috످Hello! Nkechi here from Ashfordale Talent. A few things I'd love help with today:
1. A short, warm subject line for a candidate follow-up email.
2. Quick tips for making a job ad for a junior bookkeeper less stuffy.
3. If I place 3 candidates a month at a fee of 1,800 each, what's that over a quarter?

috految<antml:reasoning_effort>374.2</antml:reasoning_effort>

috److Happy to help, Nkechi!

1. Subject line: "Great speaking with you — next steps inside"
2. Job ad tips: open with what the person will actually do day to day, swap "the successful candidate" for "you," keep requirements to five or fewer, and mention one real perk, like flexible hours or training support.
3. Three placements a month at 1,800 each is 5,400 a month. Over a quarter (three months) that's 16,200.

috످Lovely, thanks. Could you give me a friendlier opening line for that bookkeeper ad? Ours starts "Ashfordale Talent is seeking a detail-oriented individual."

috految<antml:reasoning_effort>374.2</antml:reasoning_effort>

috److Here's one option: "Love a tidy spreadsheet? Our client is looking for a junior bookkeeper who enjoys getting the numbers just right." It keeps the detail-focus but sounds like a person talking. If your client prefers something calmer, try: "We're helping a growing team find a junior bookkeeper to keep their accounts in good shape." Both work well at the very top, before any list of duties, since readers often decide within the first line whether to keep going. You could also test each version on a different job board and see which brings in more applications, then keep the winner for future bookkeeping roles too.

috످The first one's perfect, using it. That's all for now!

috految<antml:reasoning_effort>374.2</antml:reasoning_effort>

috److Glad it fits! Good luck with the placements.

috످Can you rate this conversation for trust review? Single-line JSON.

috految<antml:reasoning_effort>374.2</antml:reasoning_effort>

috److془The user asks to rate this conversation for trust review. Single-line JSON. I should give honest assessment.

Issues: Second reply a bit long; "Our client" assumed in ad line — original says "Ashfordale Talent is seeking". Reasonable for a recruiter. "growing team" invented in unused alternative. Math: 3*1800*3 = 16,200 correct.

Give single line JSON. Rating: no concerns.془{"trust_rating": "high", "summary": "I found no trust or safety concerns. I helped with a subject line, job ad tips, and an opening line, and correctly calculated the quarterly fees (16,200).", "minor_notes": ["My second reply was longer than needed.", "My ad wording assumed the role is for a client, which is likely for a recruiter but wasn't stated."], "self_assessed": true}

috످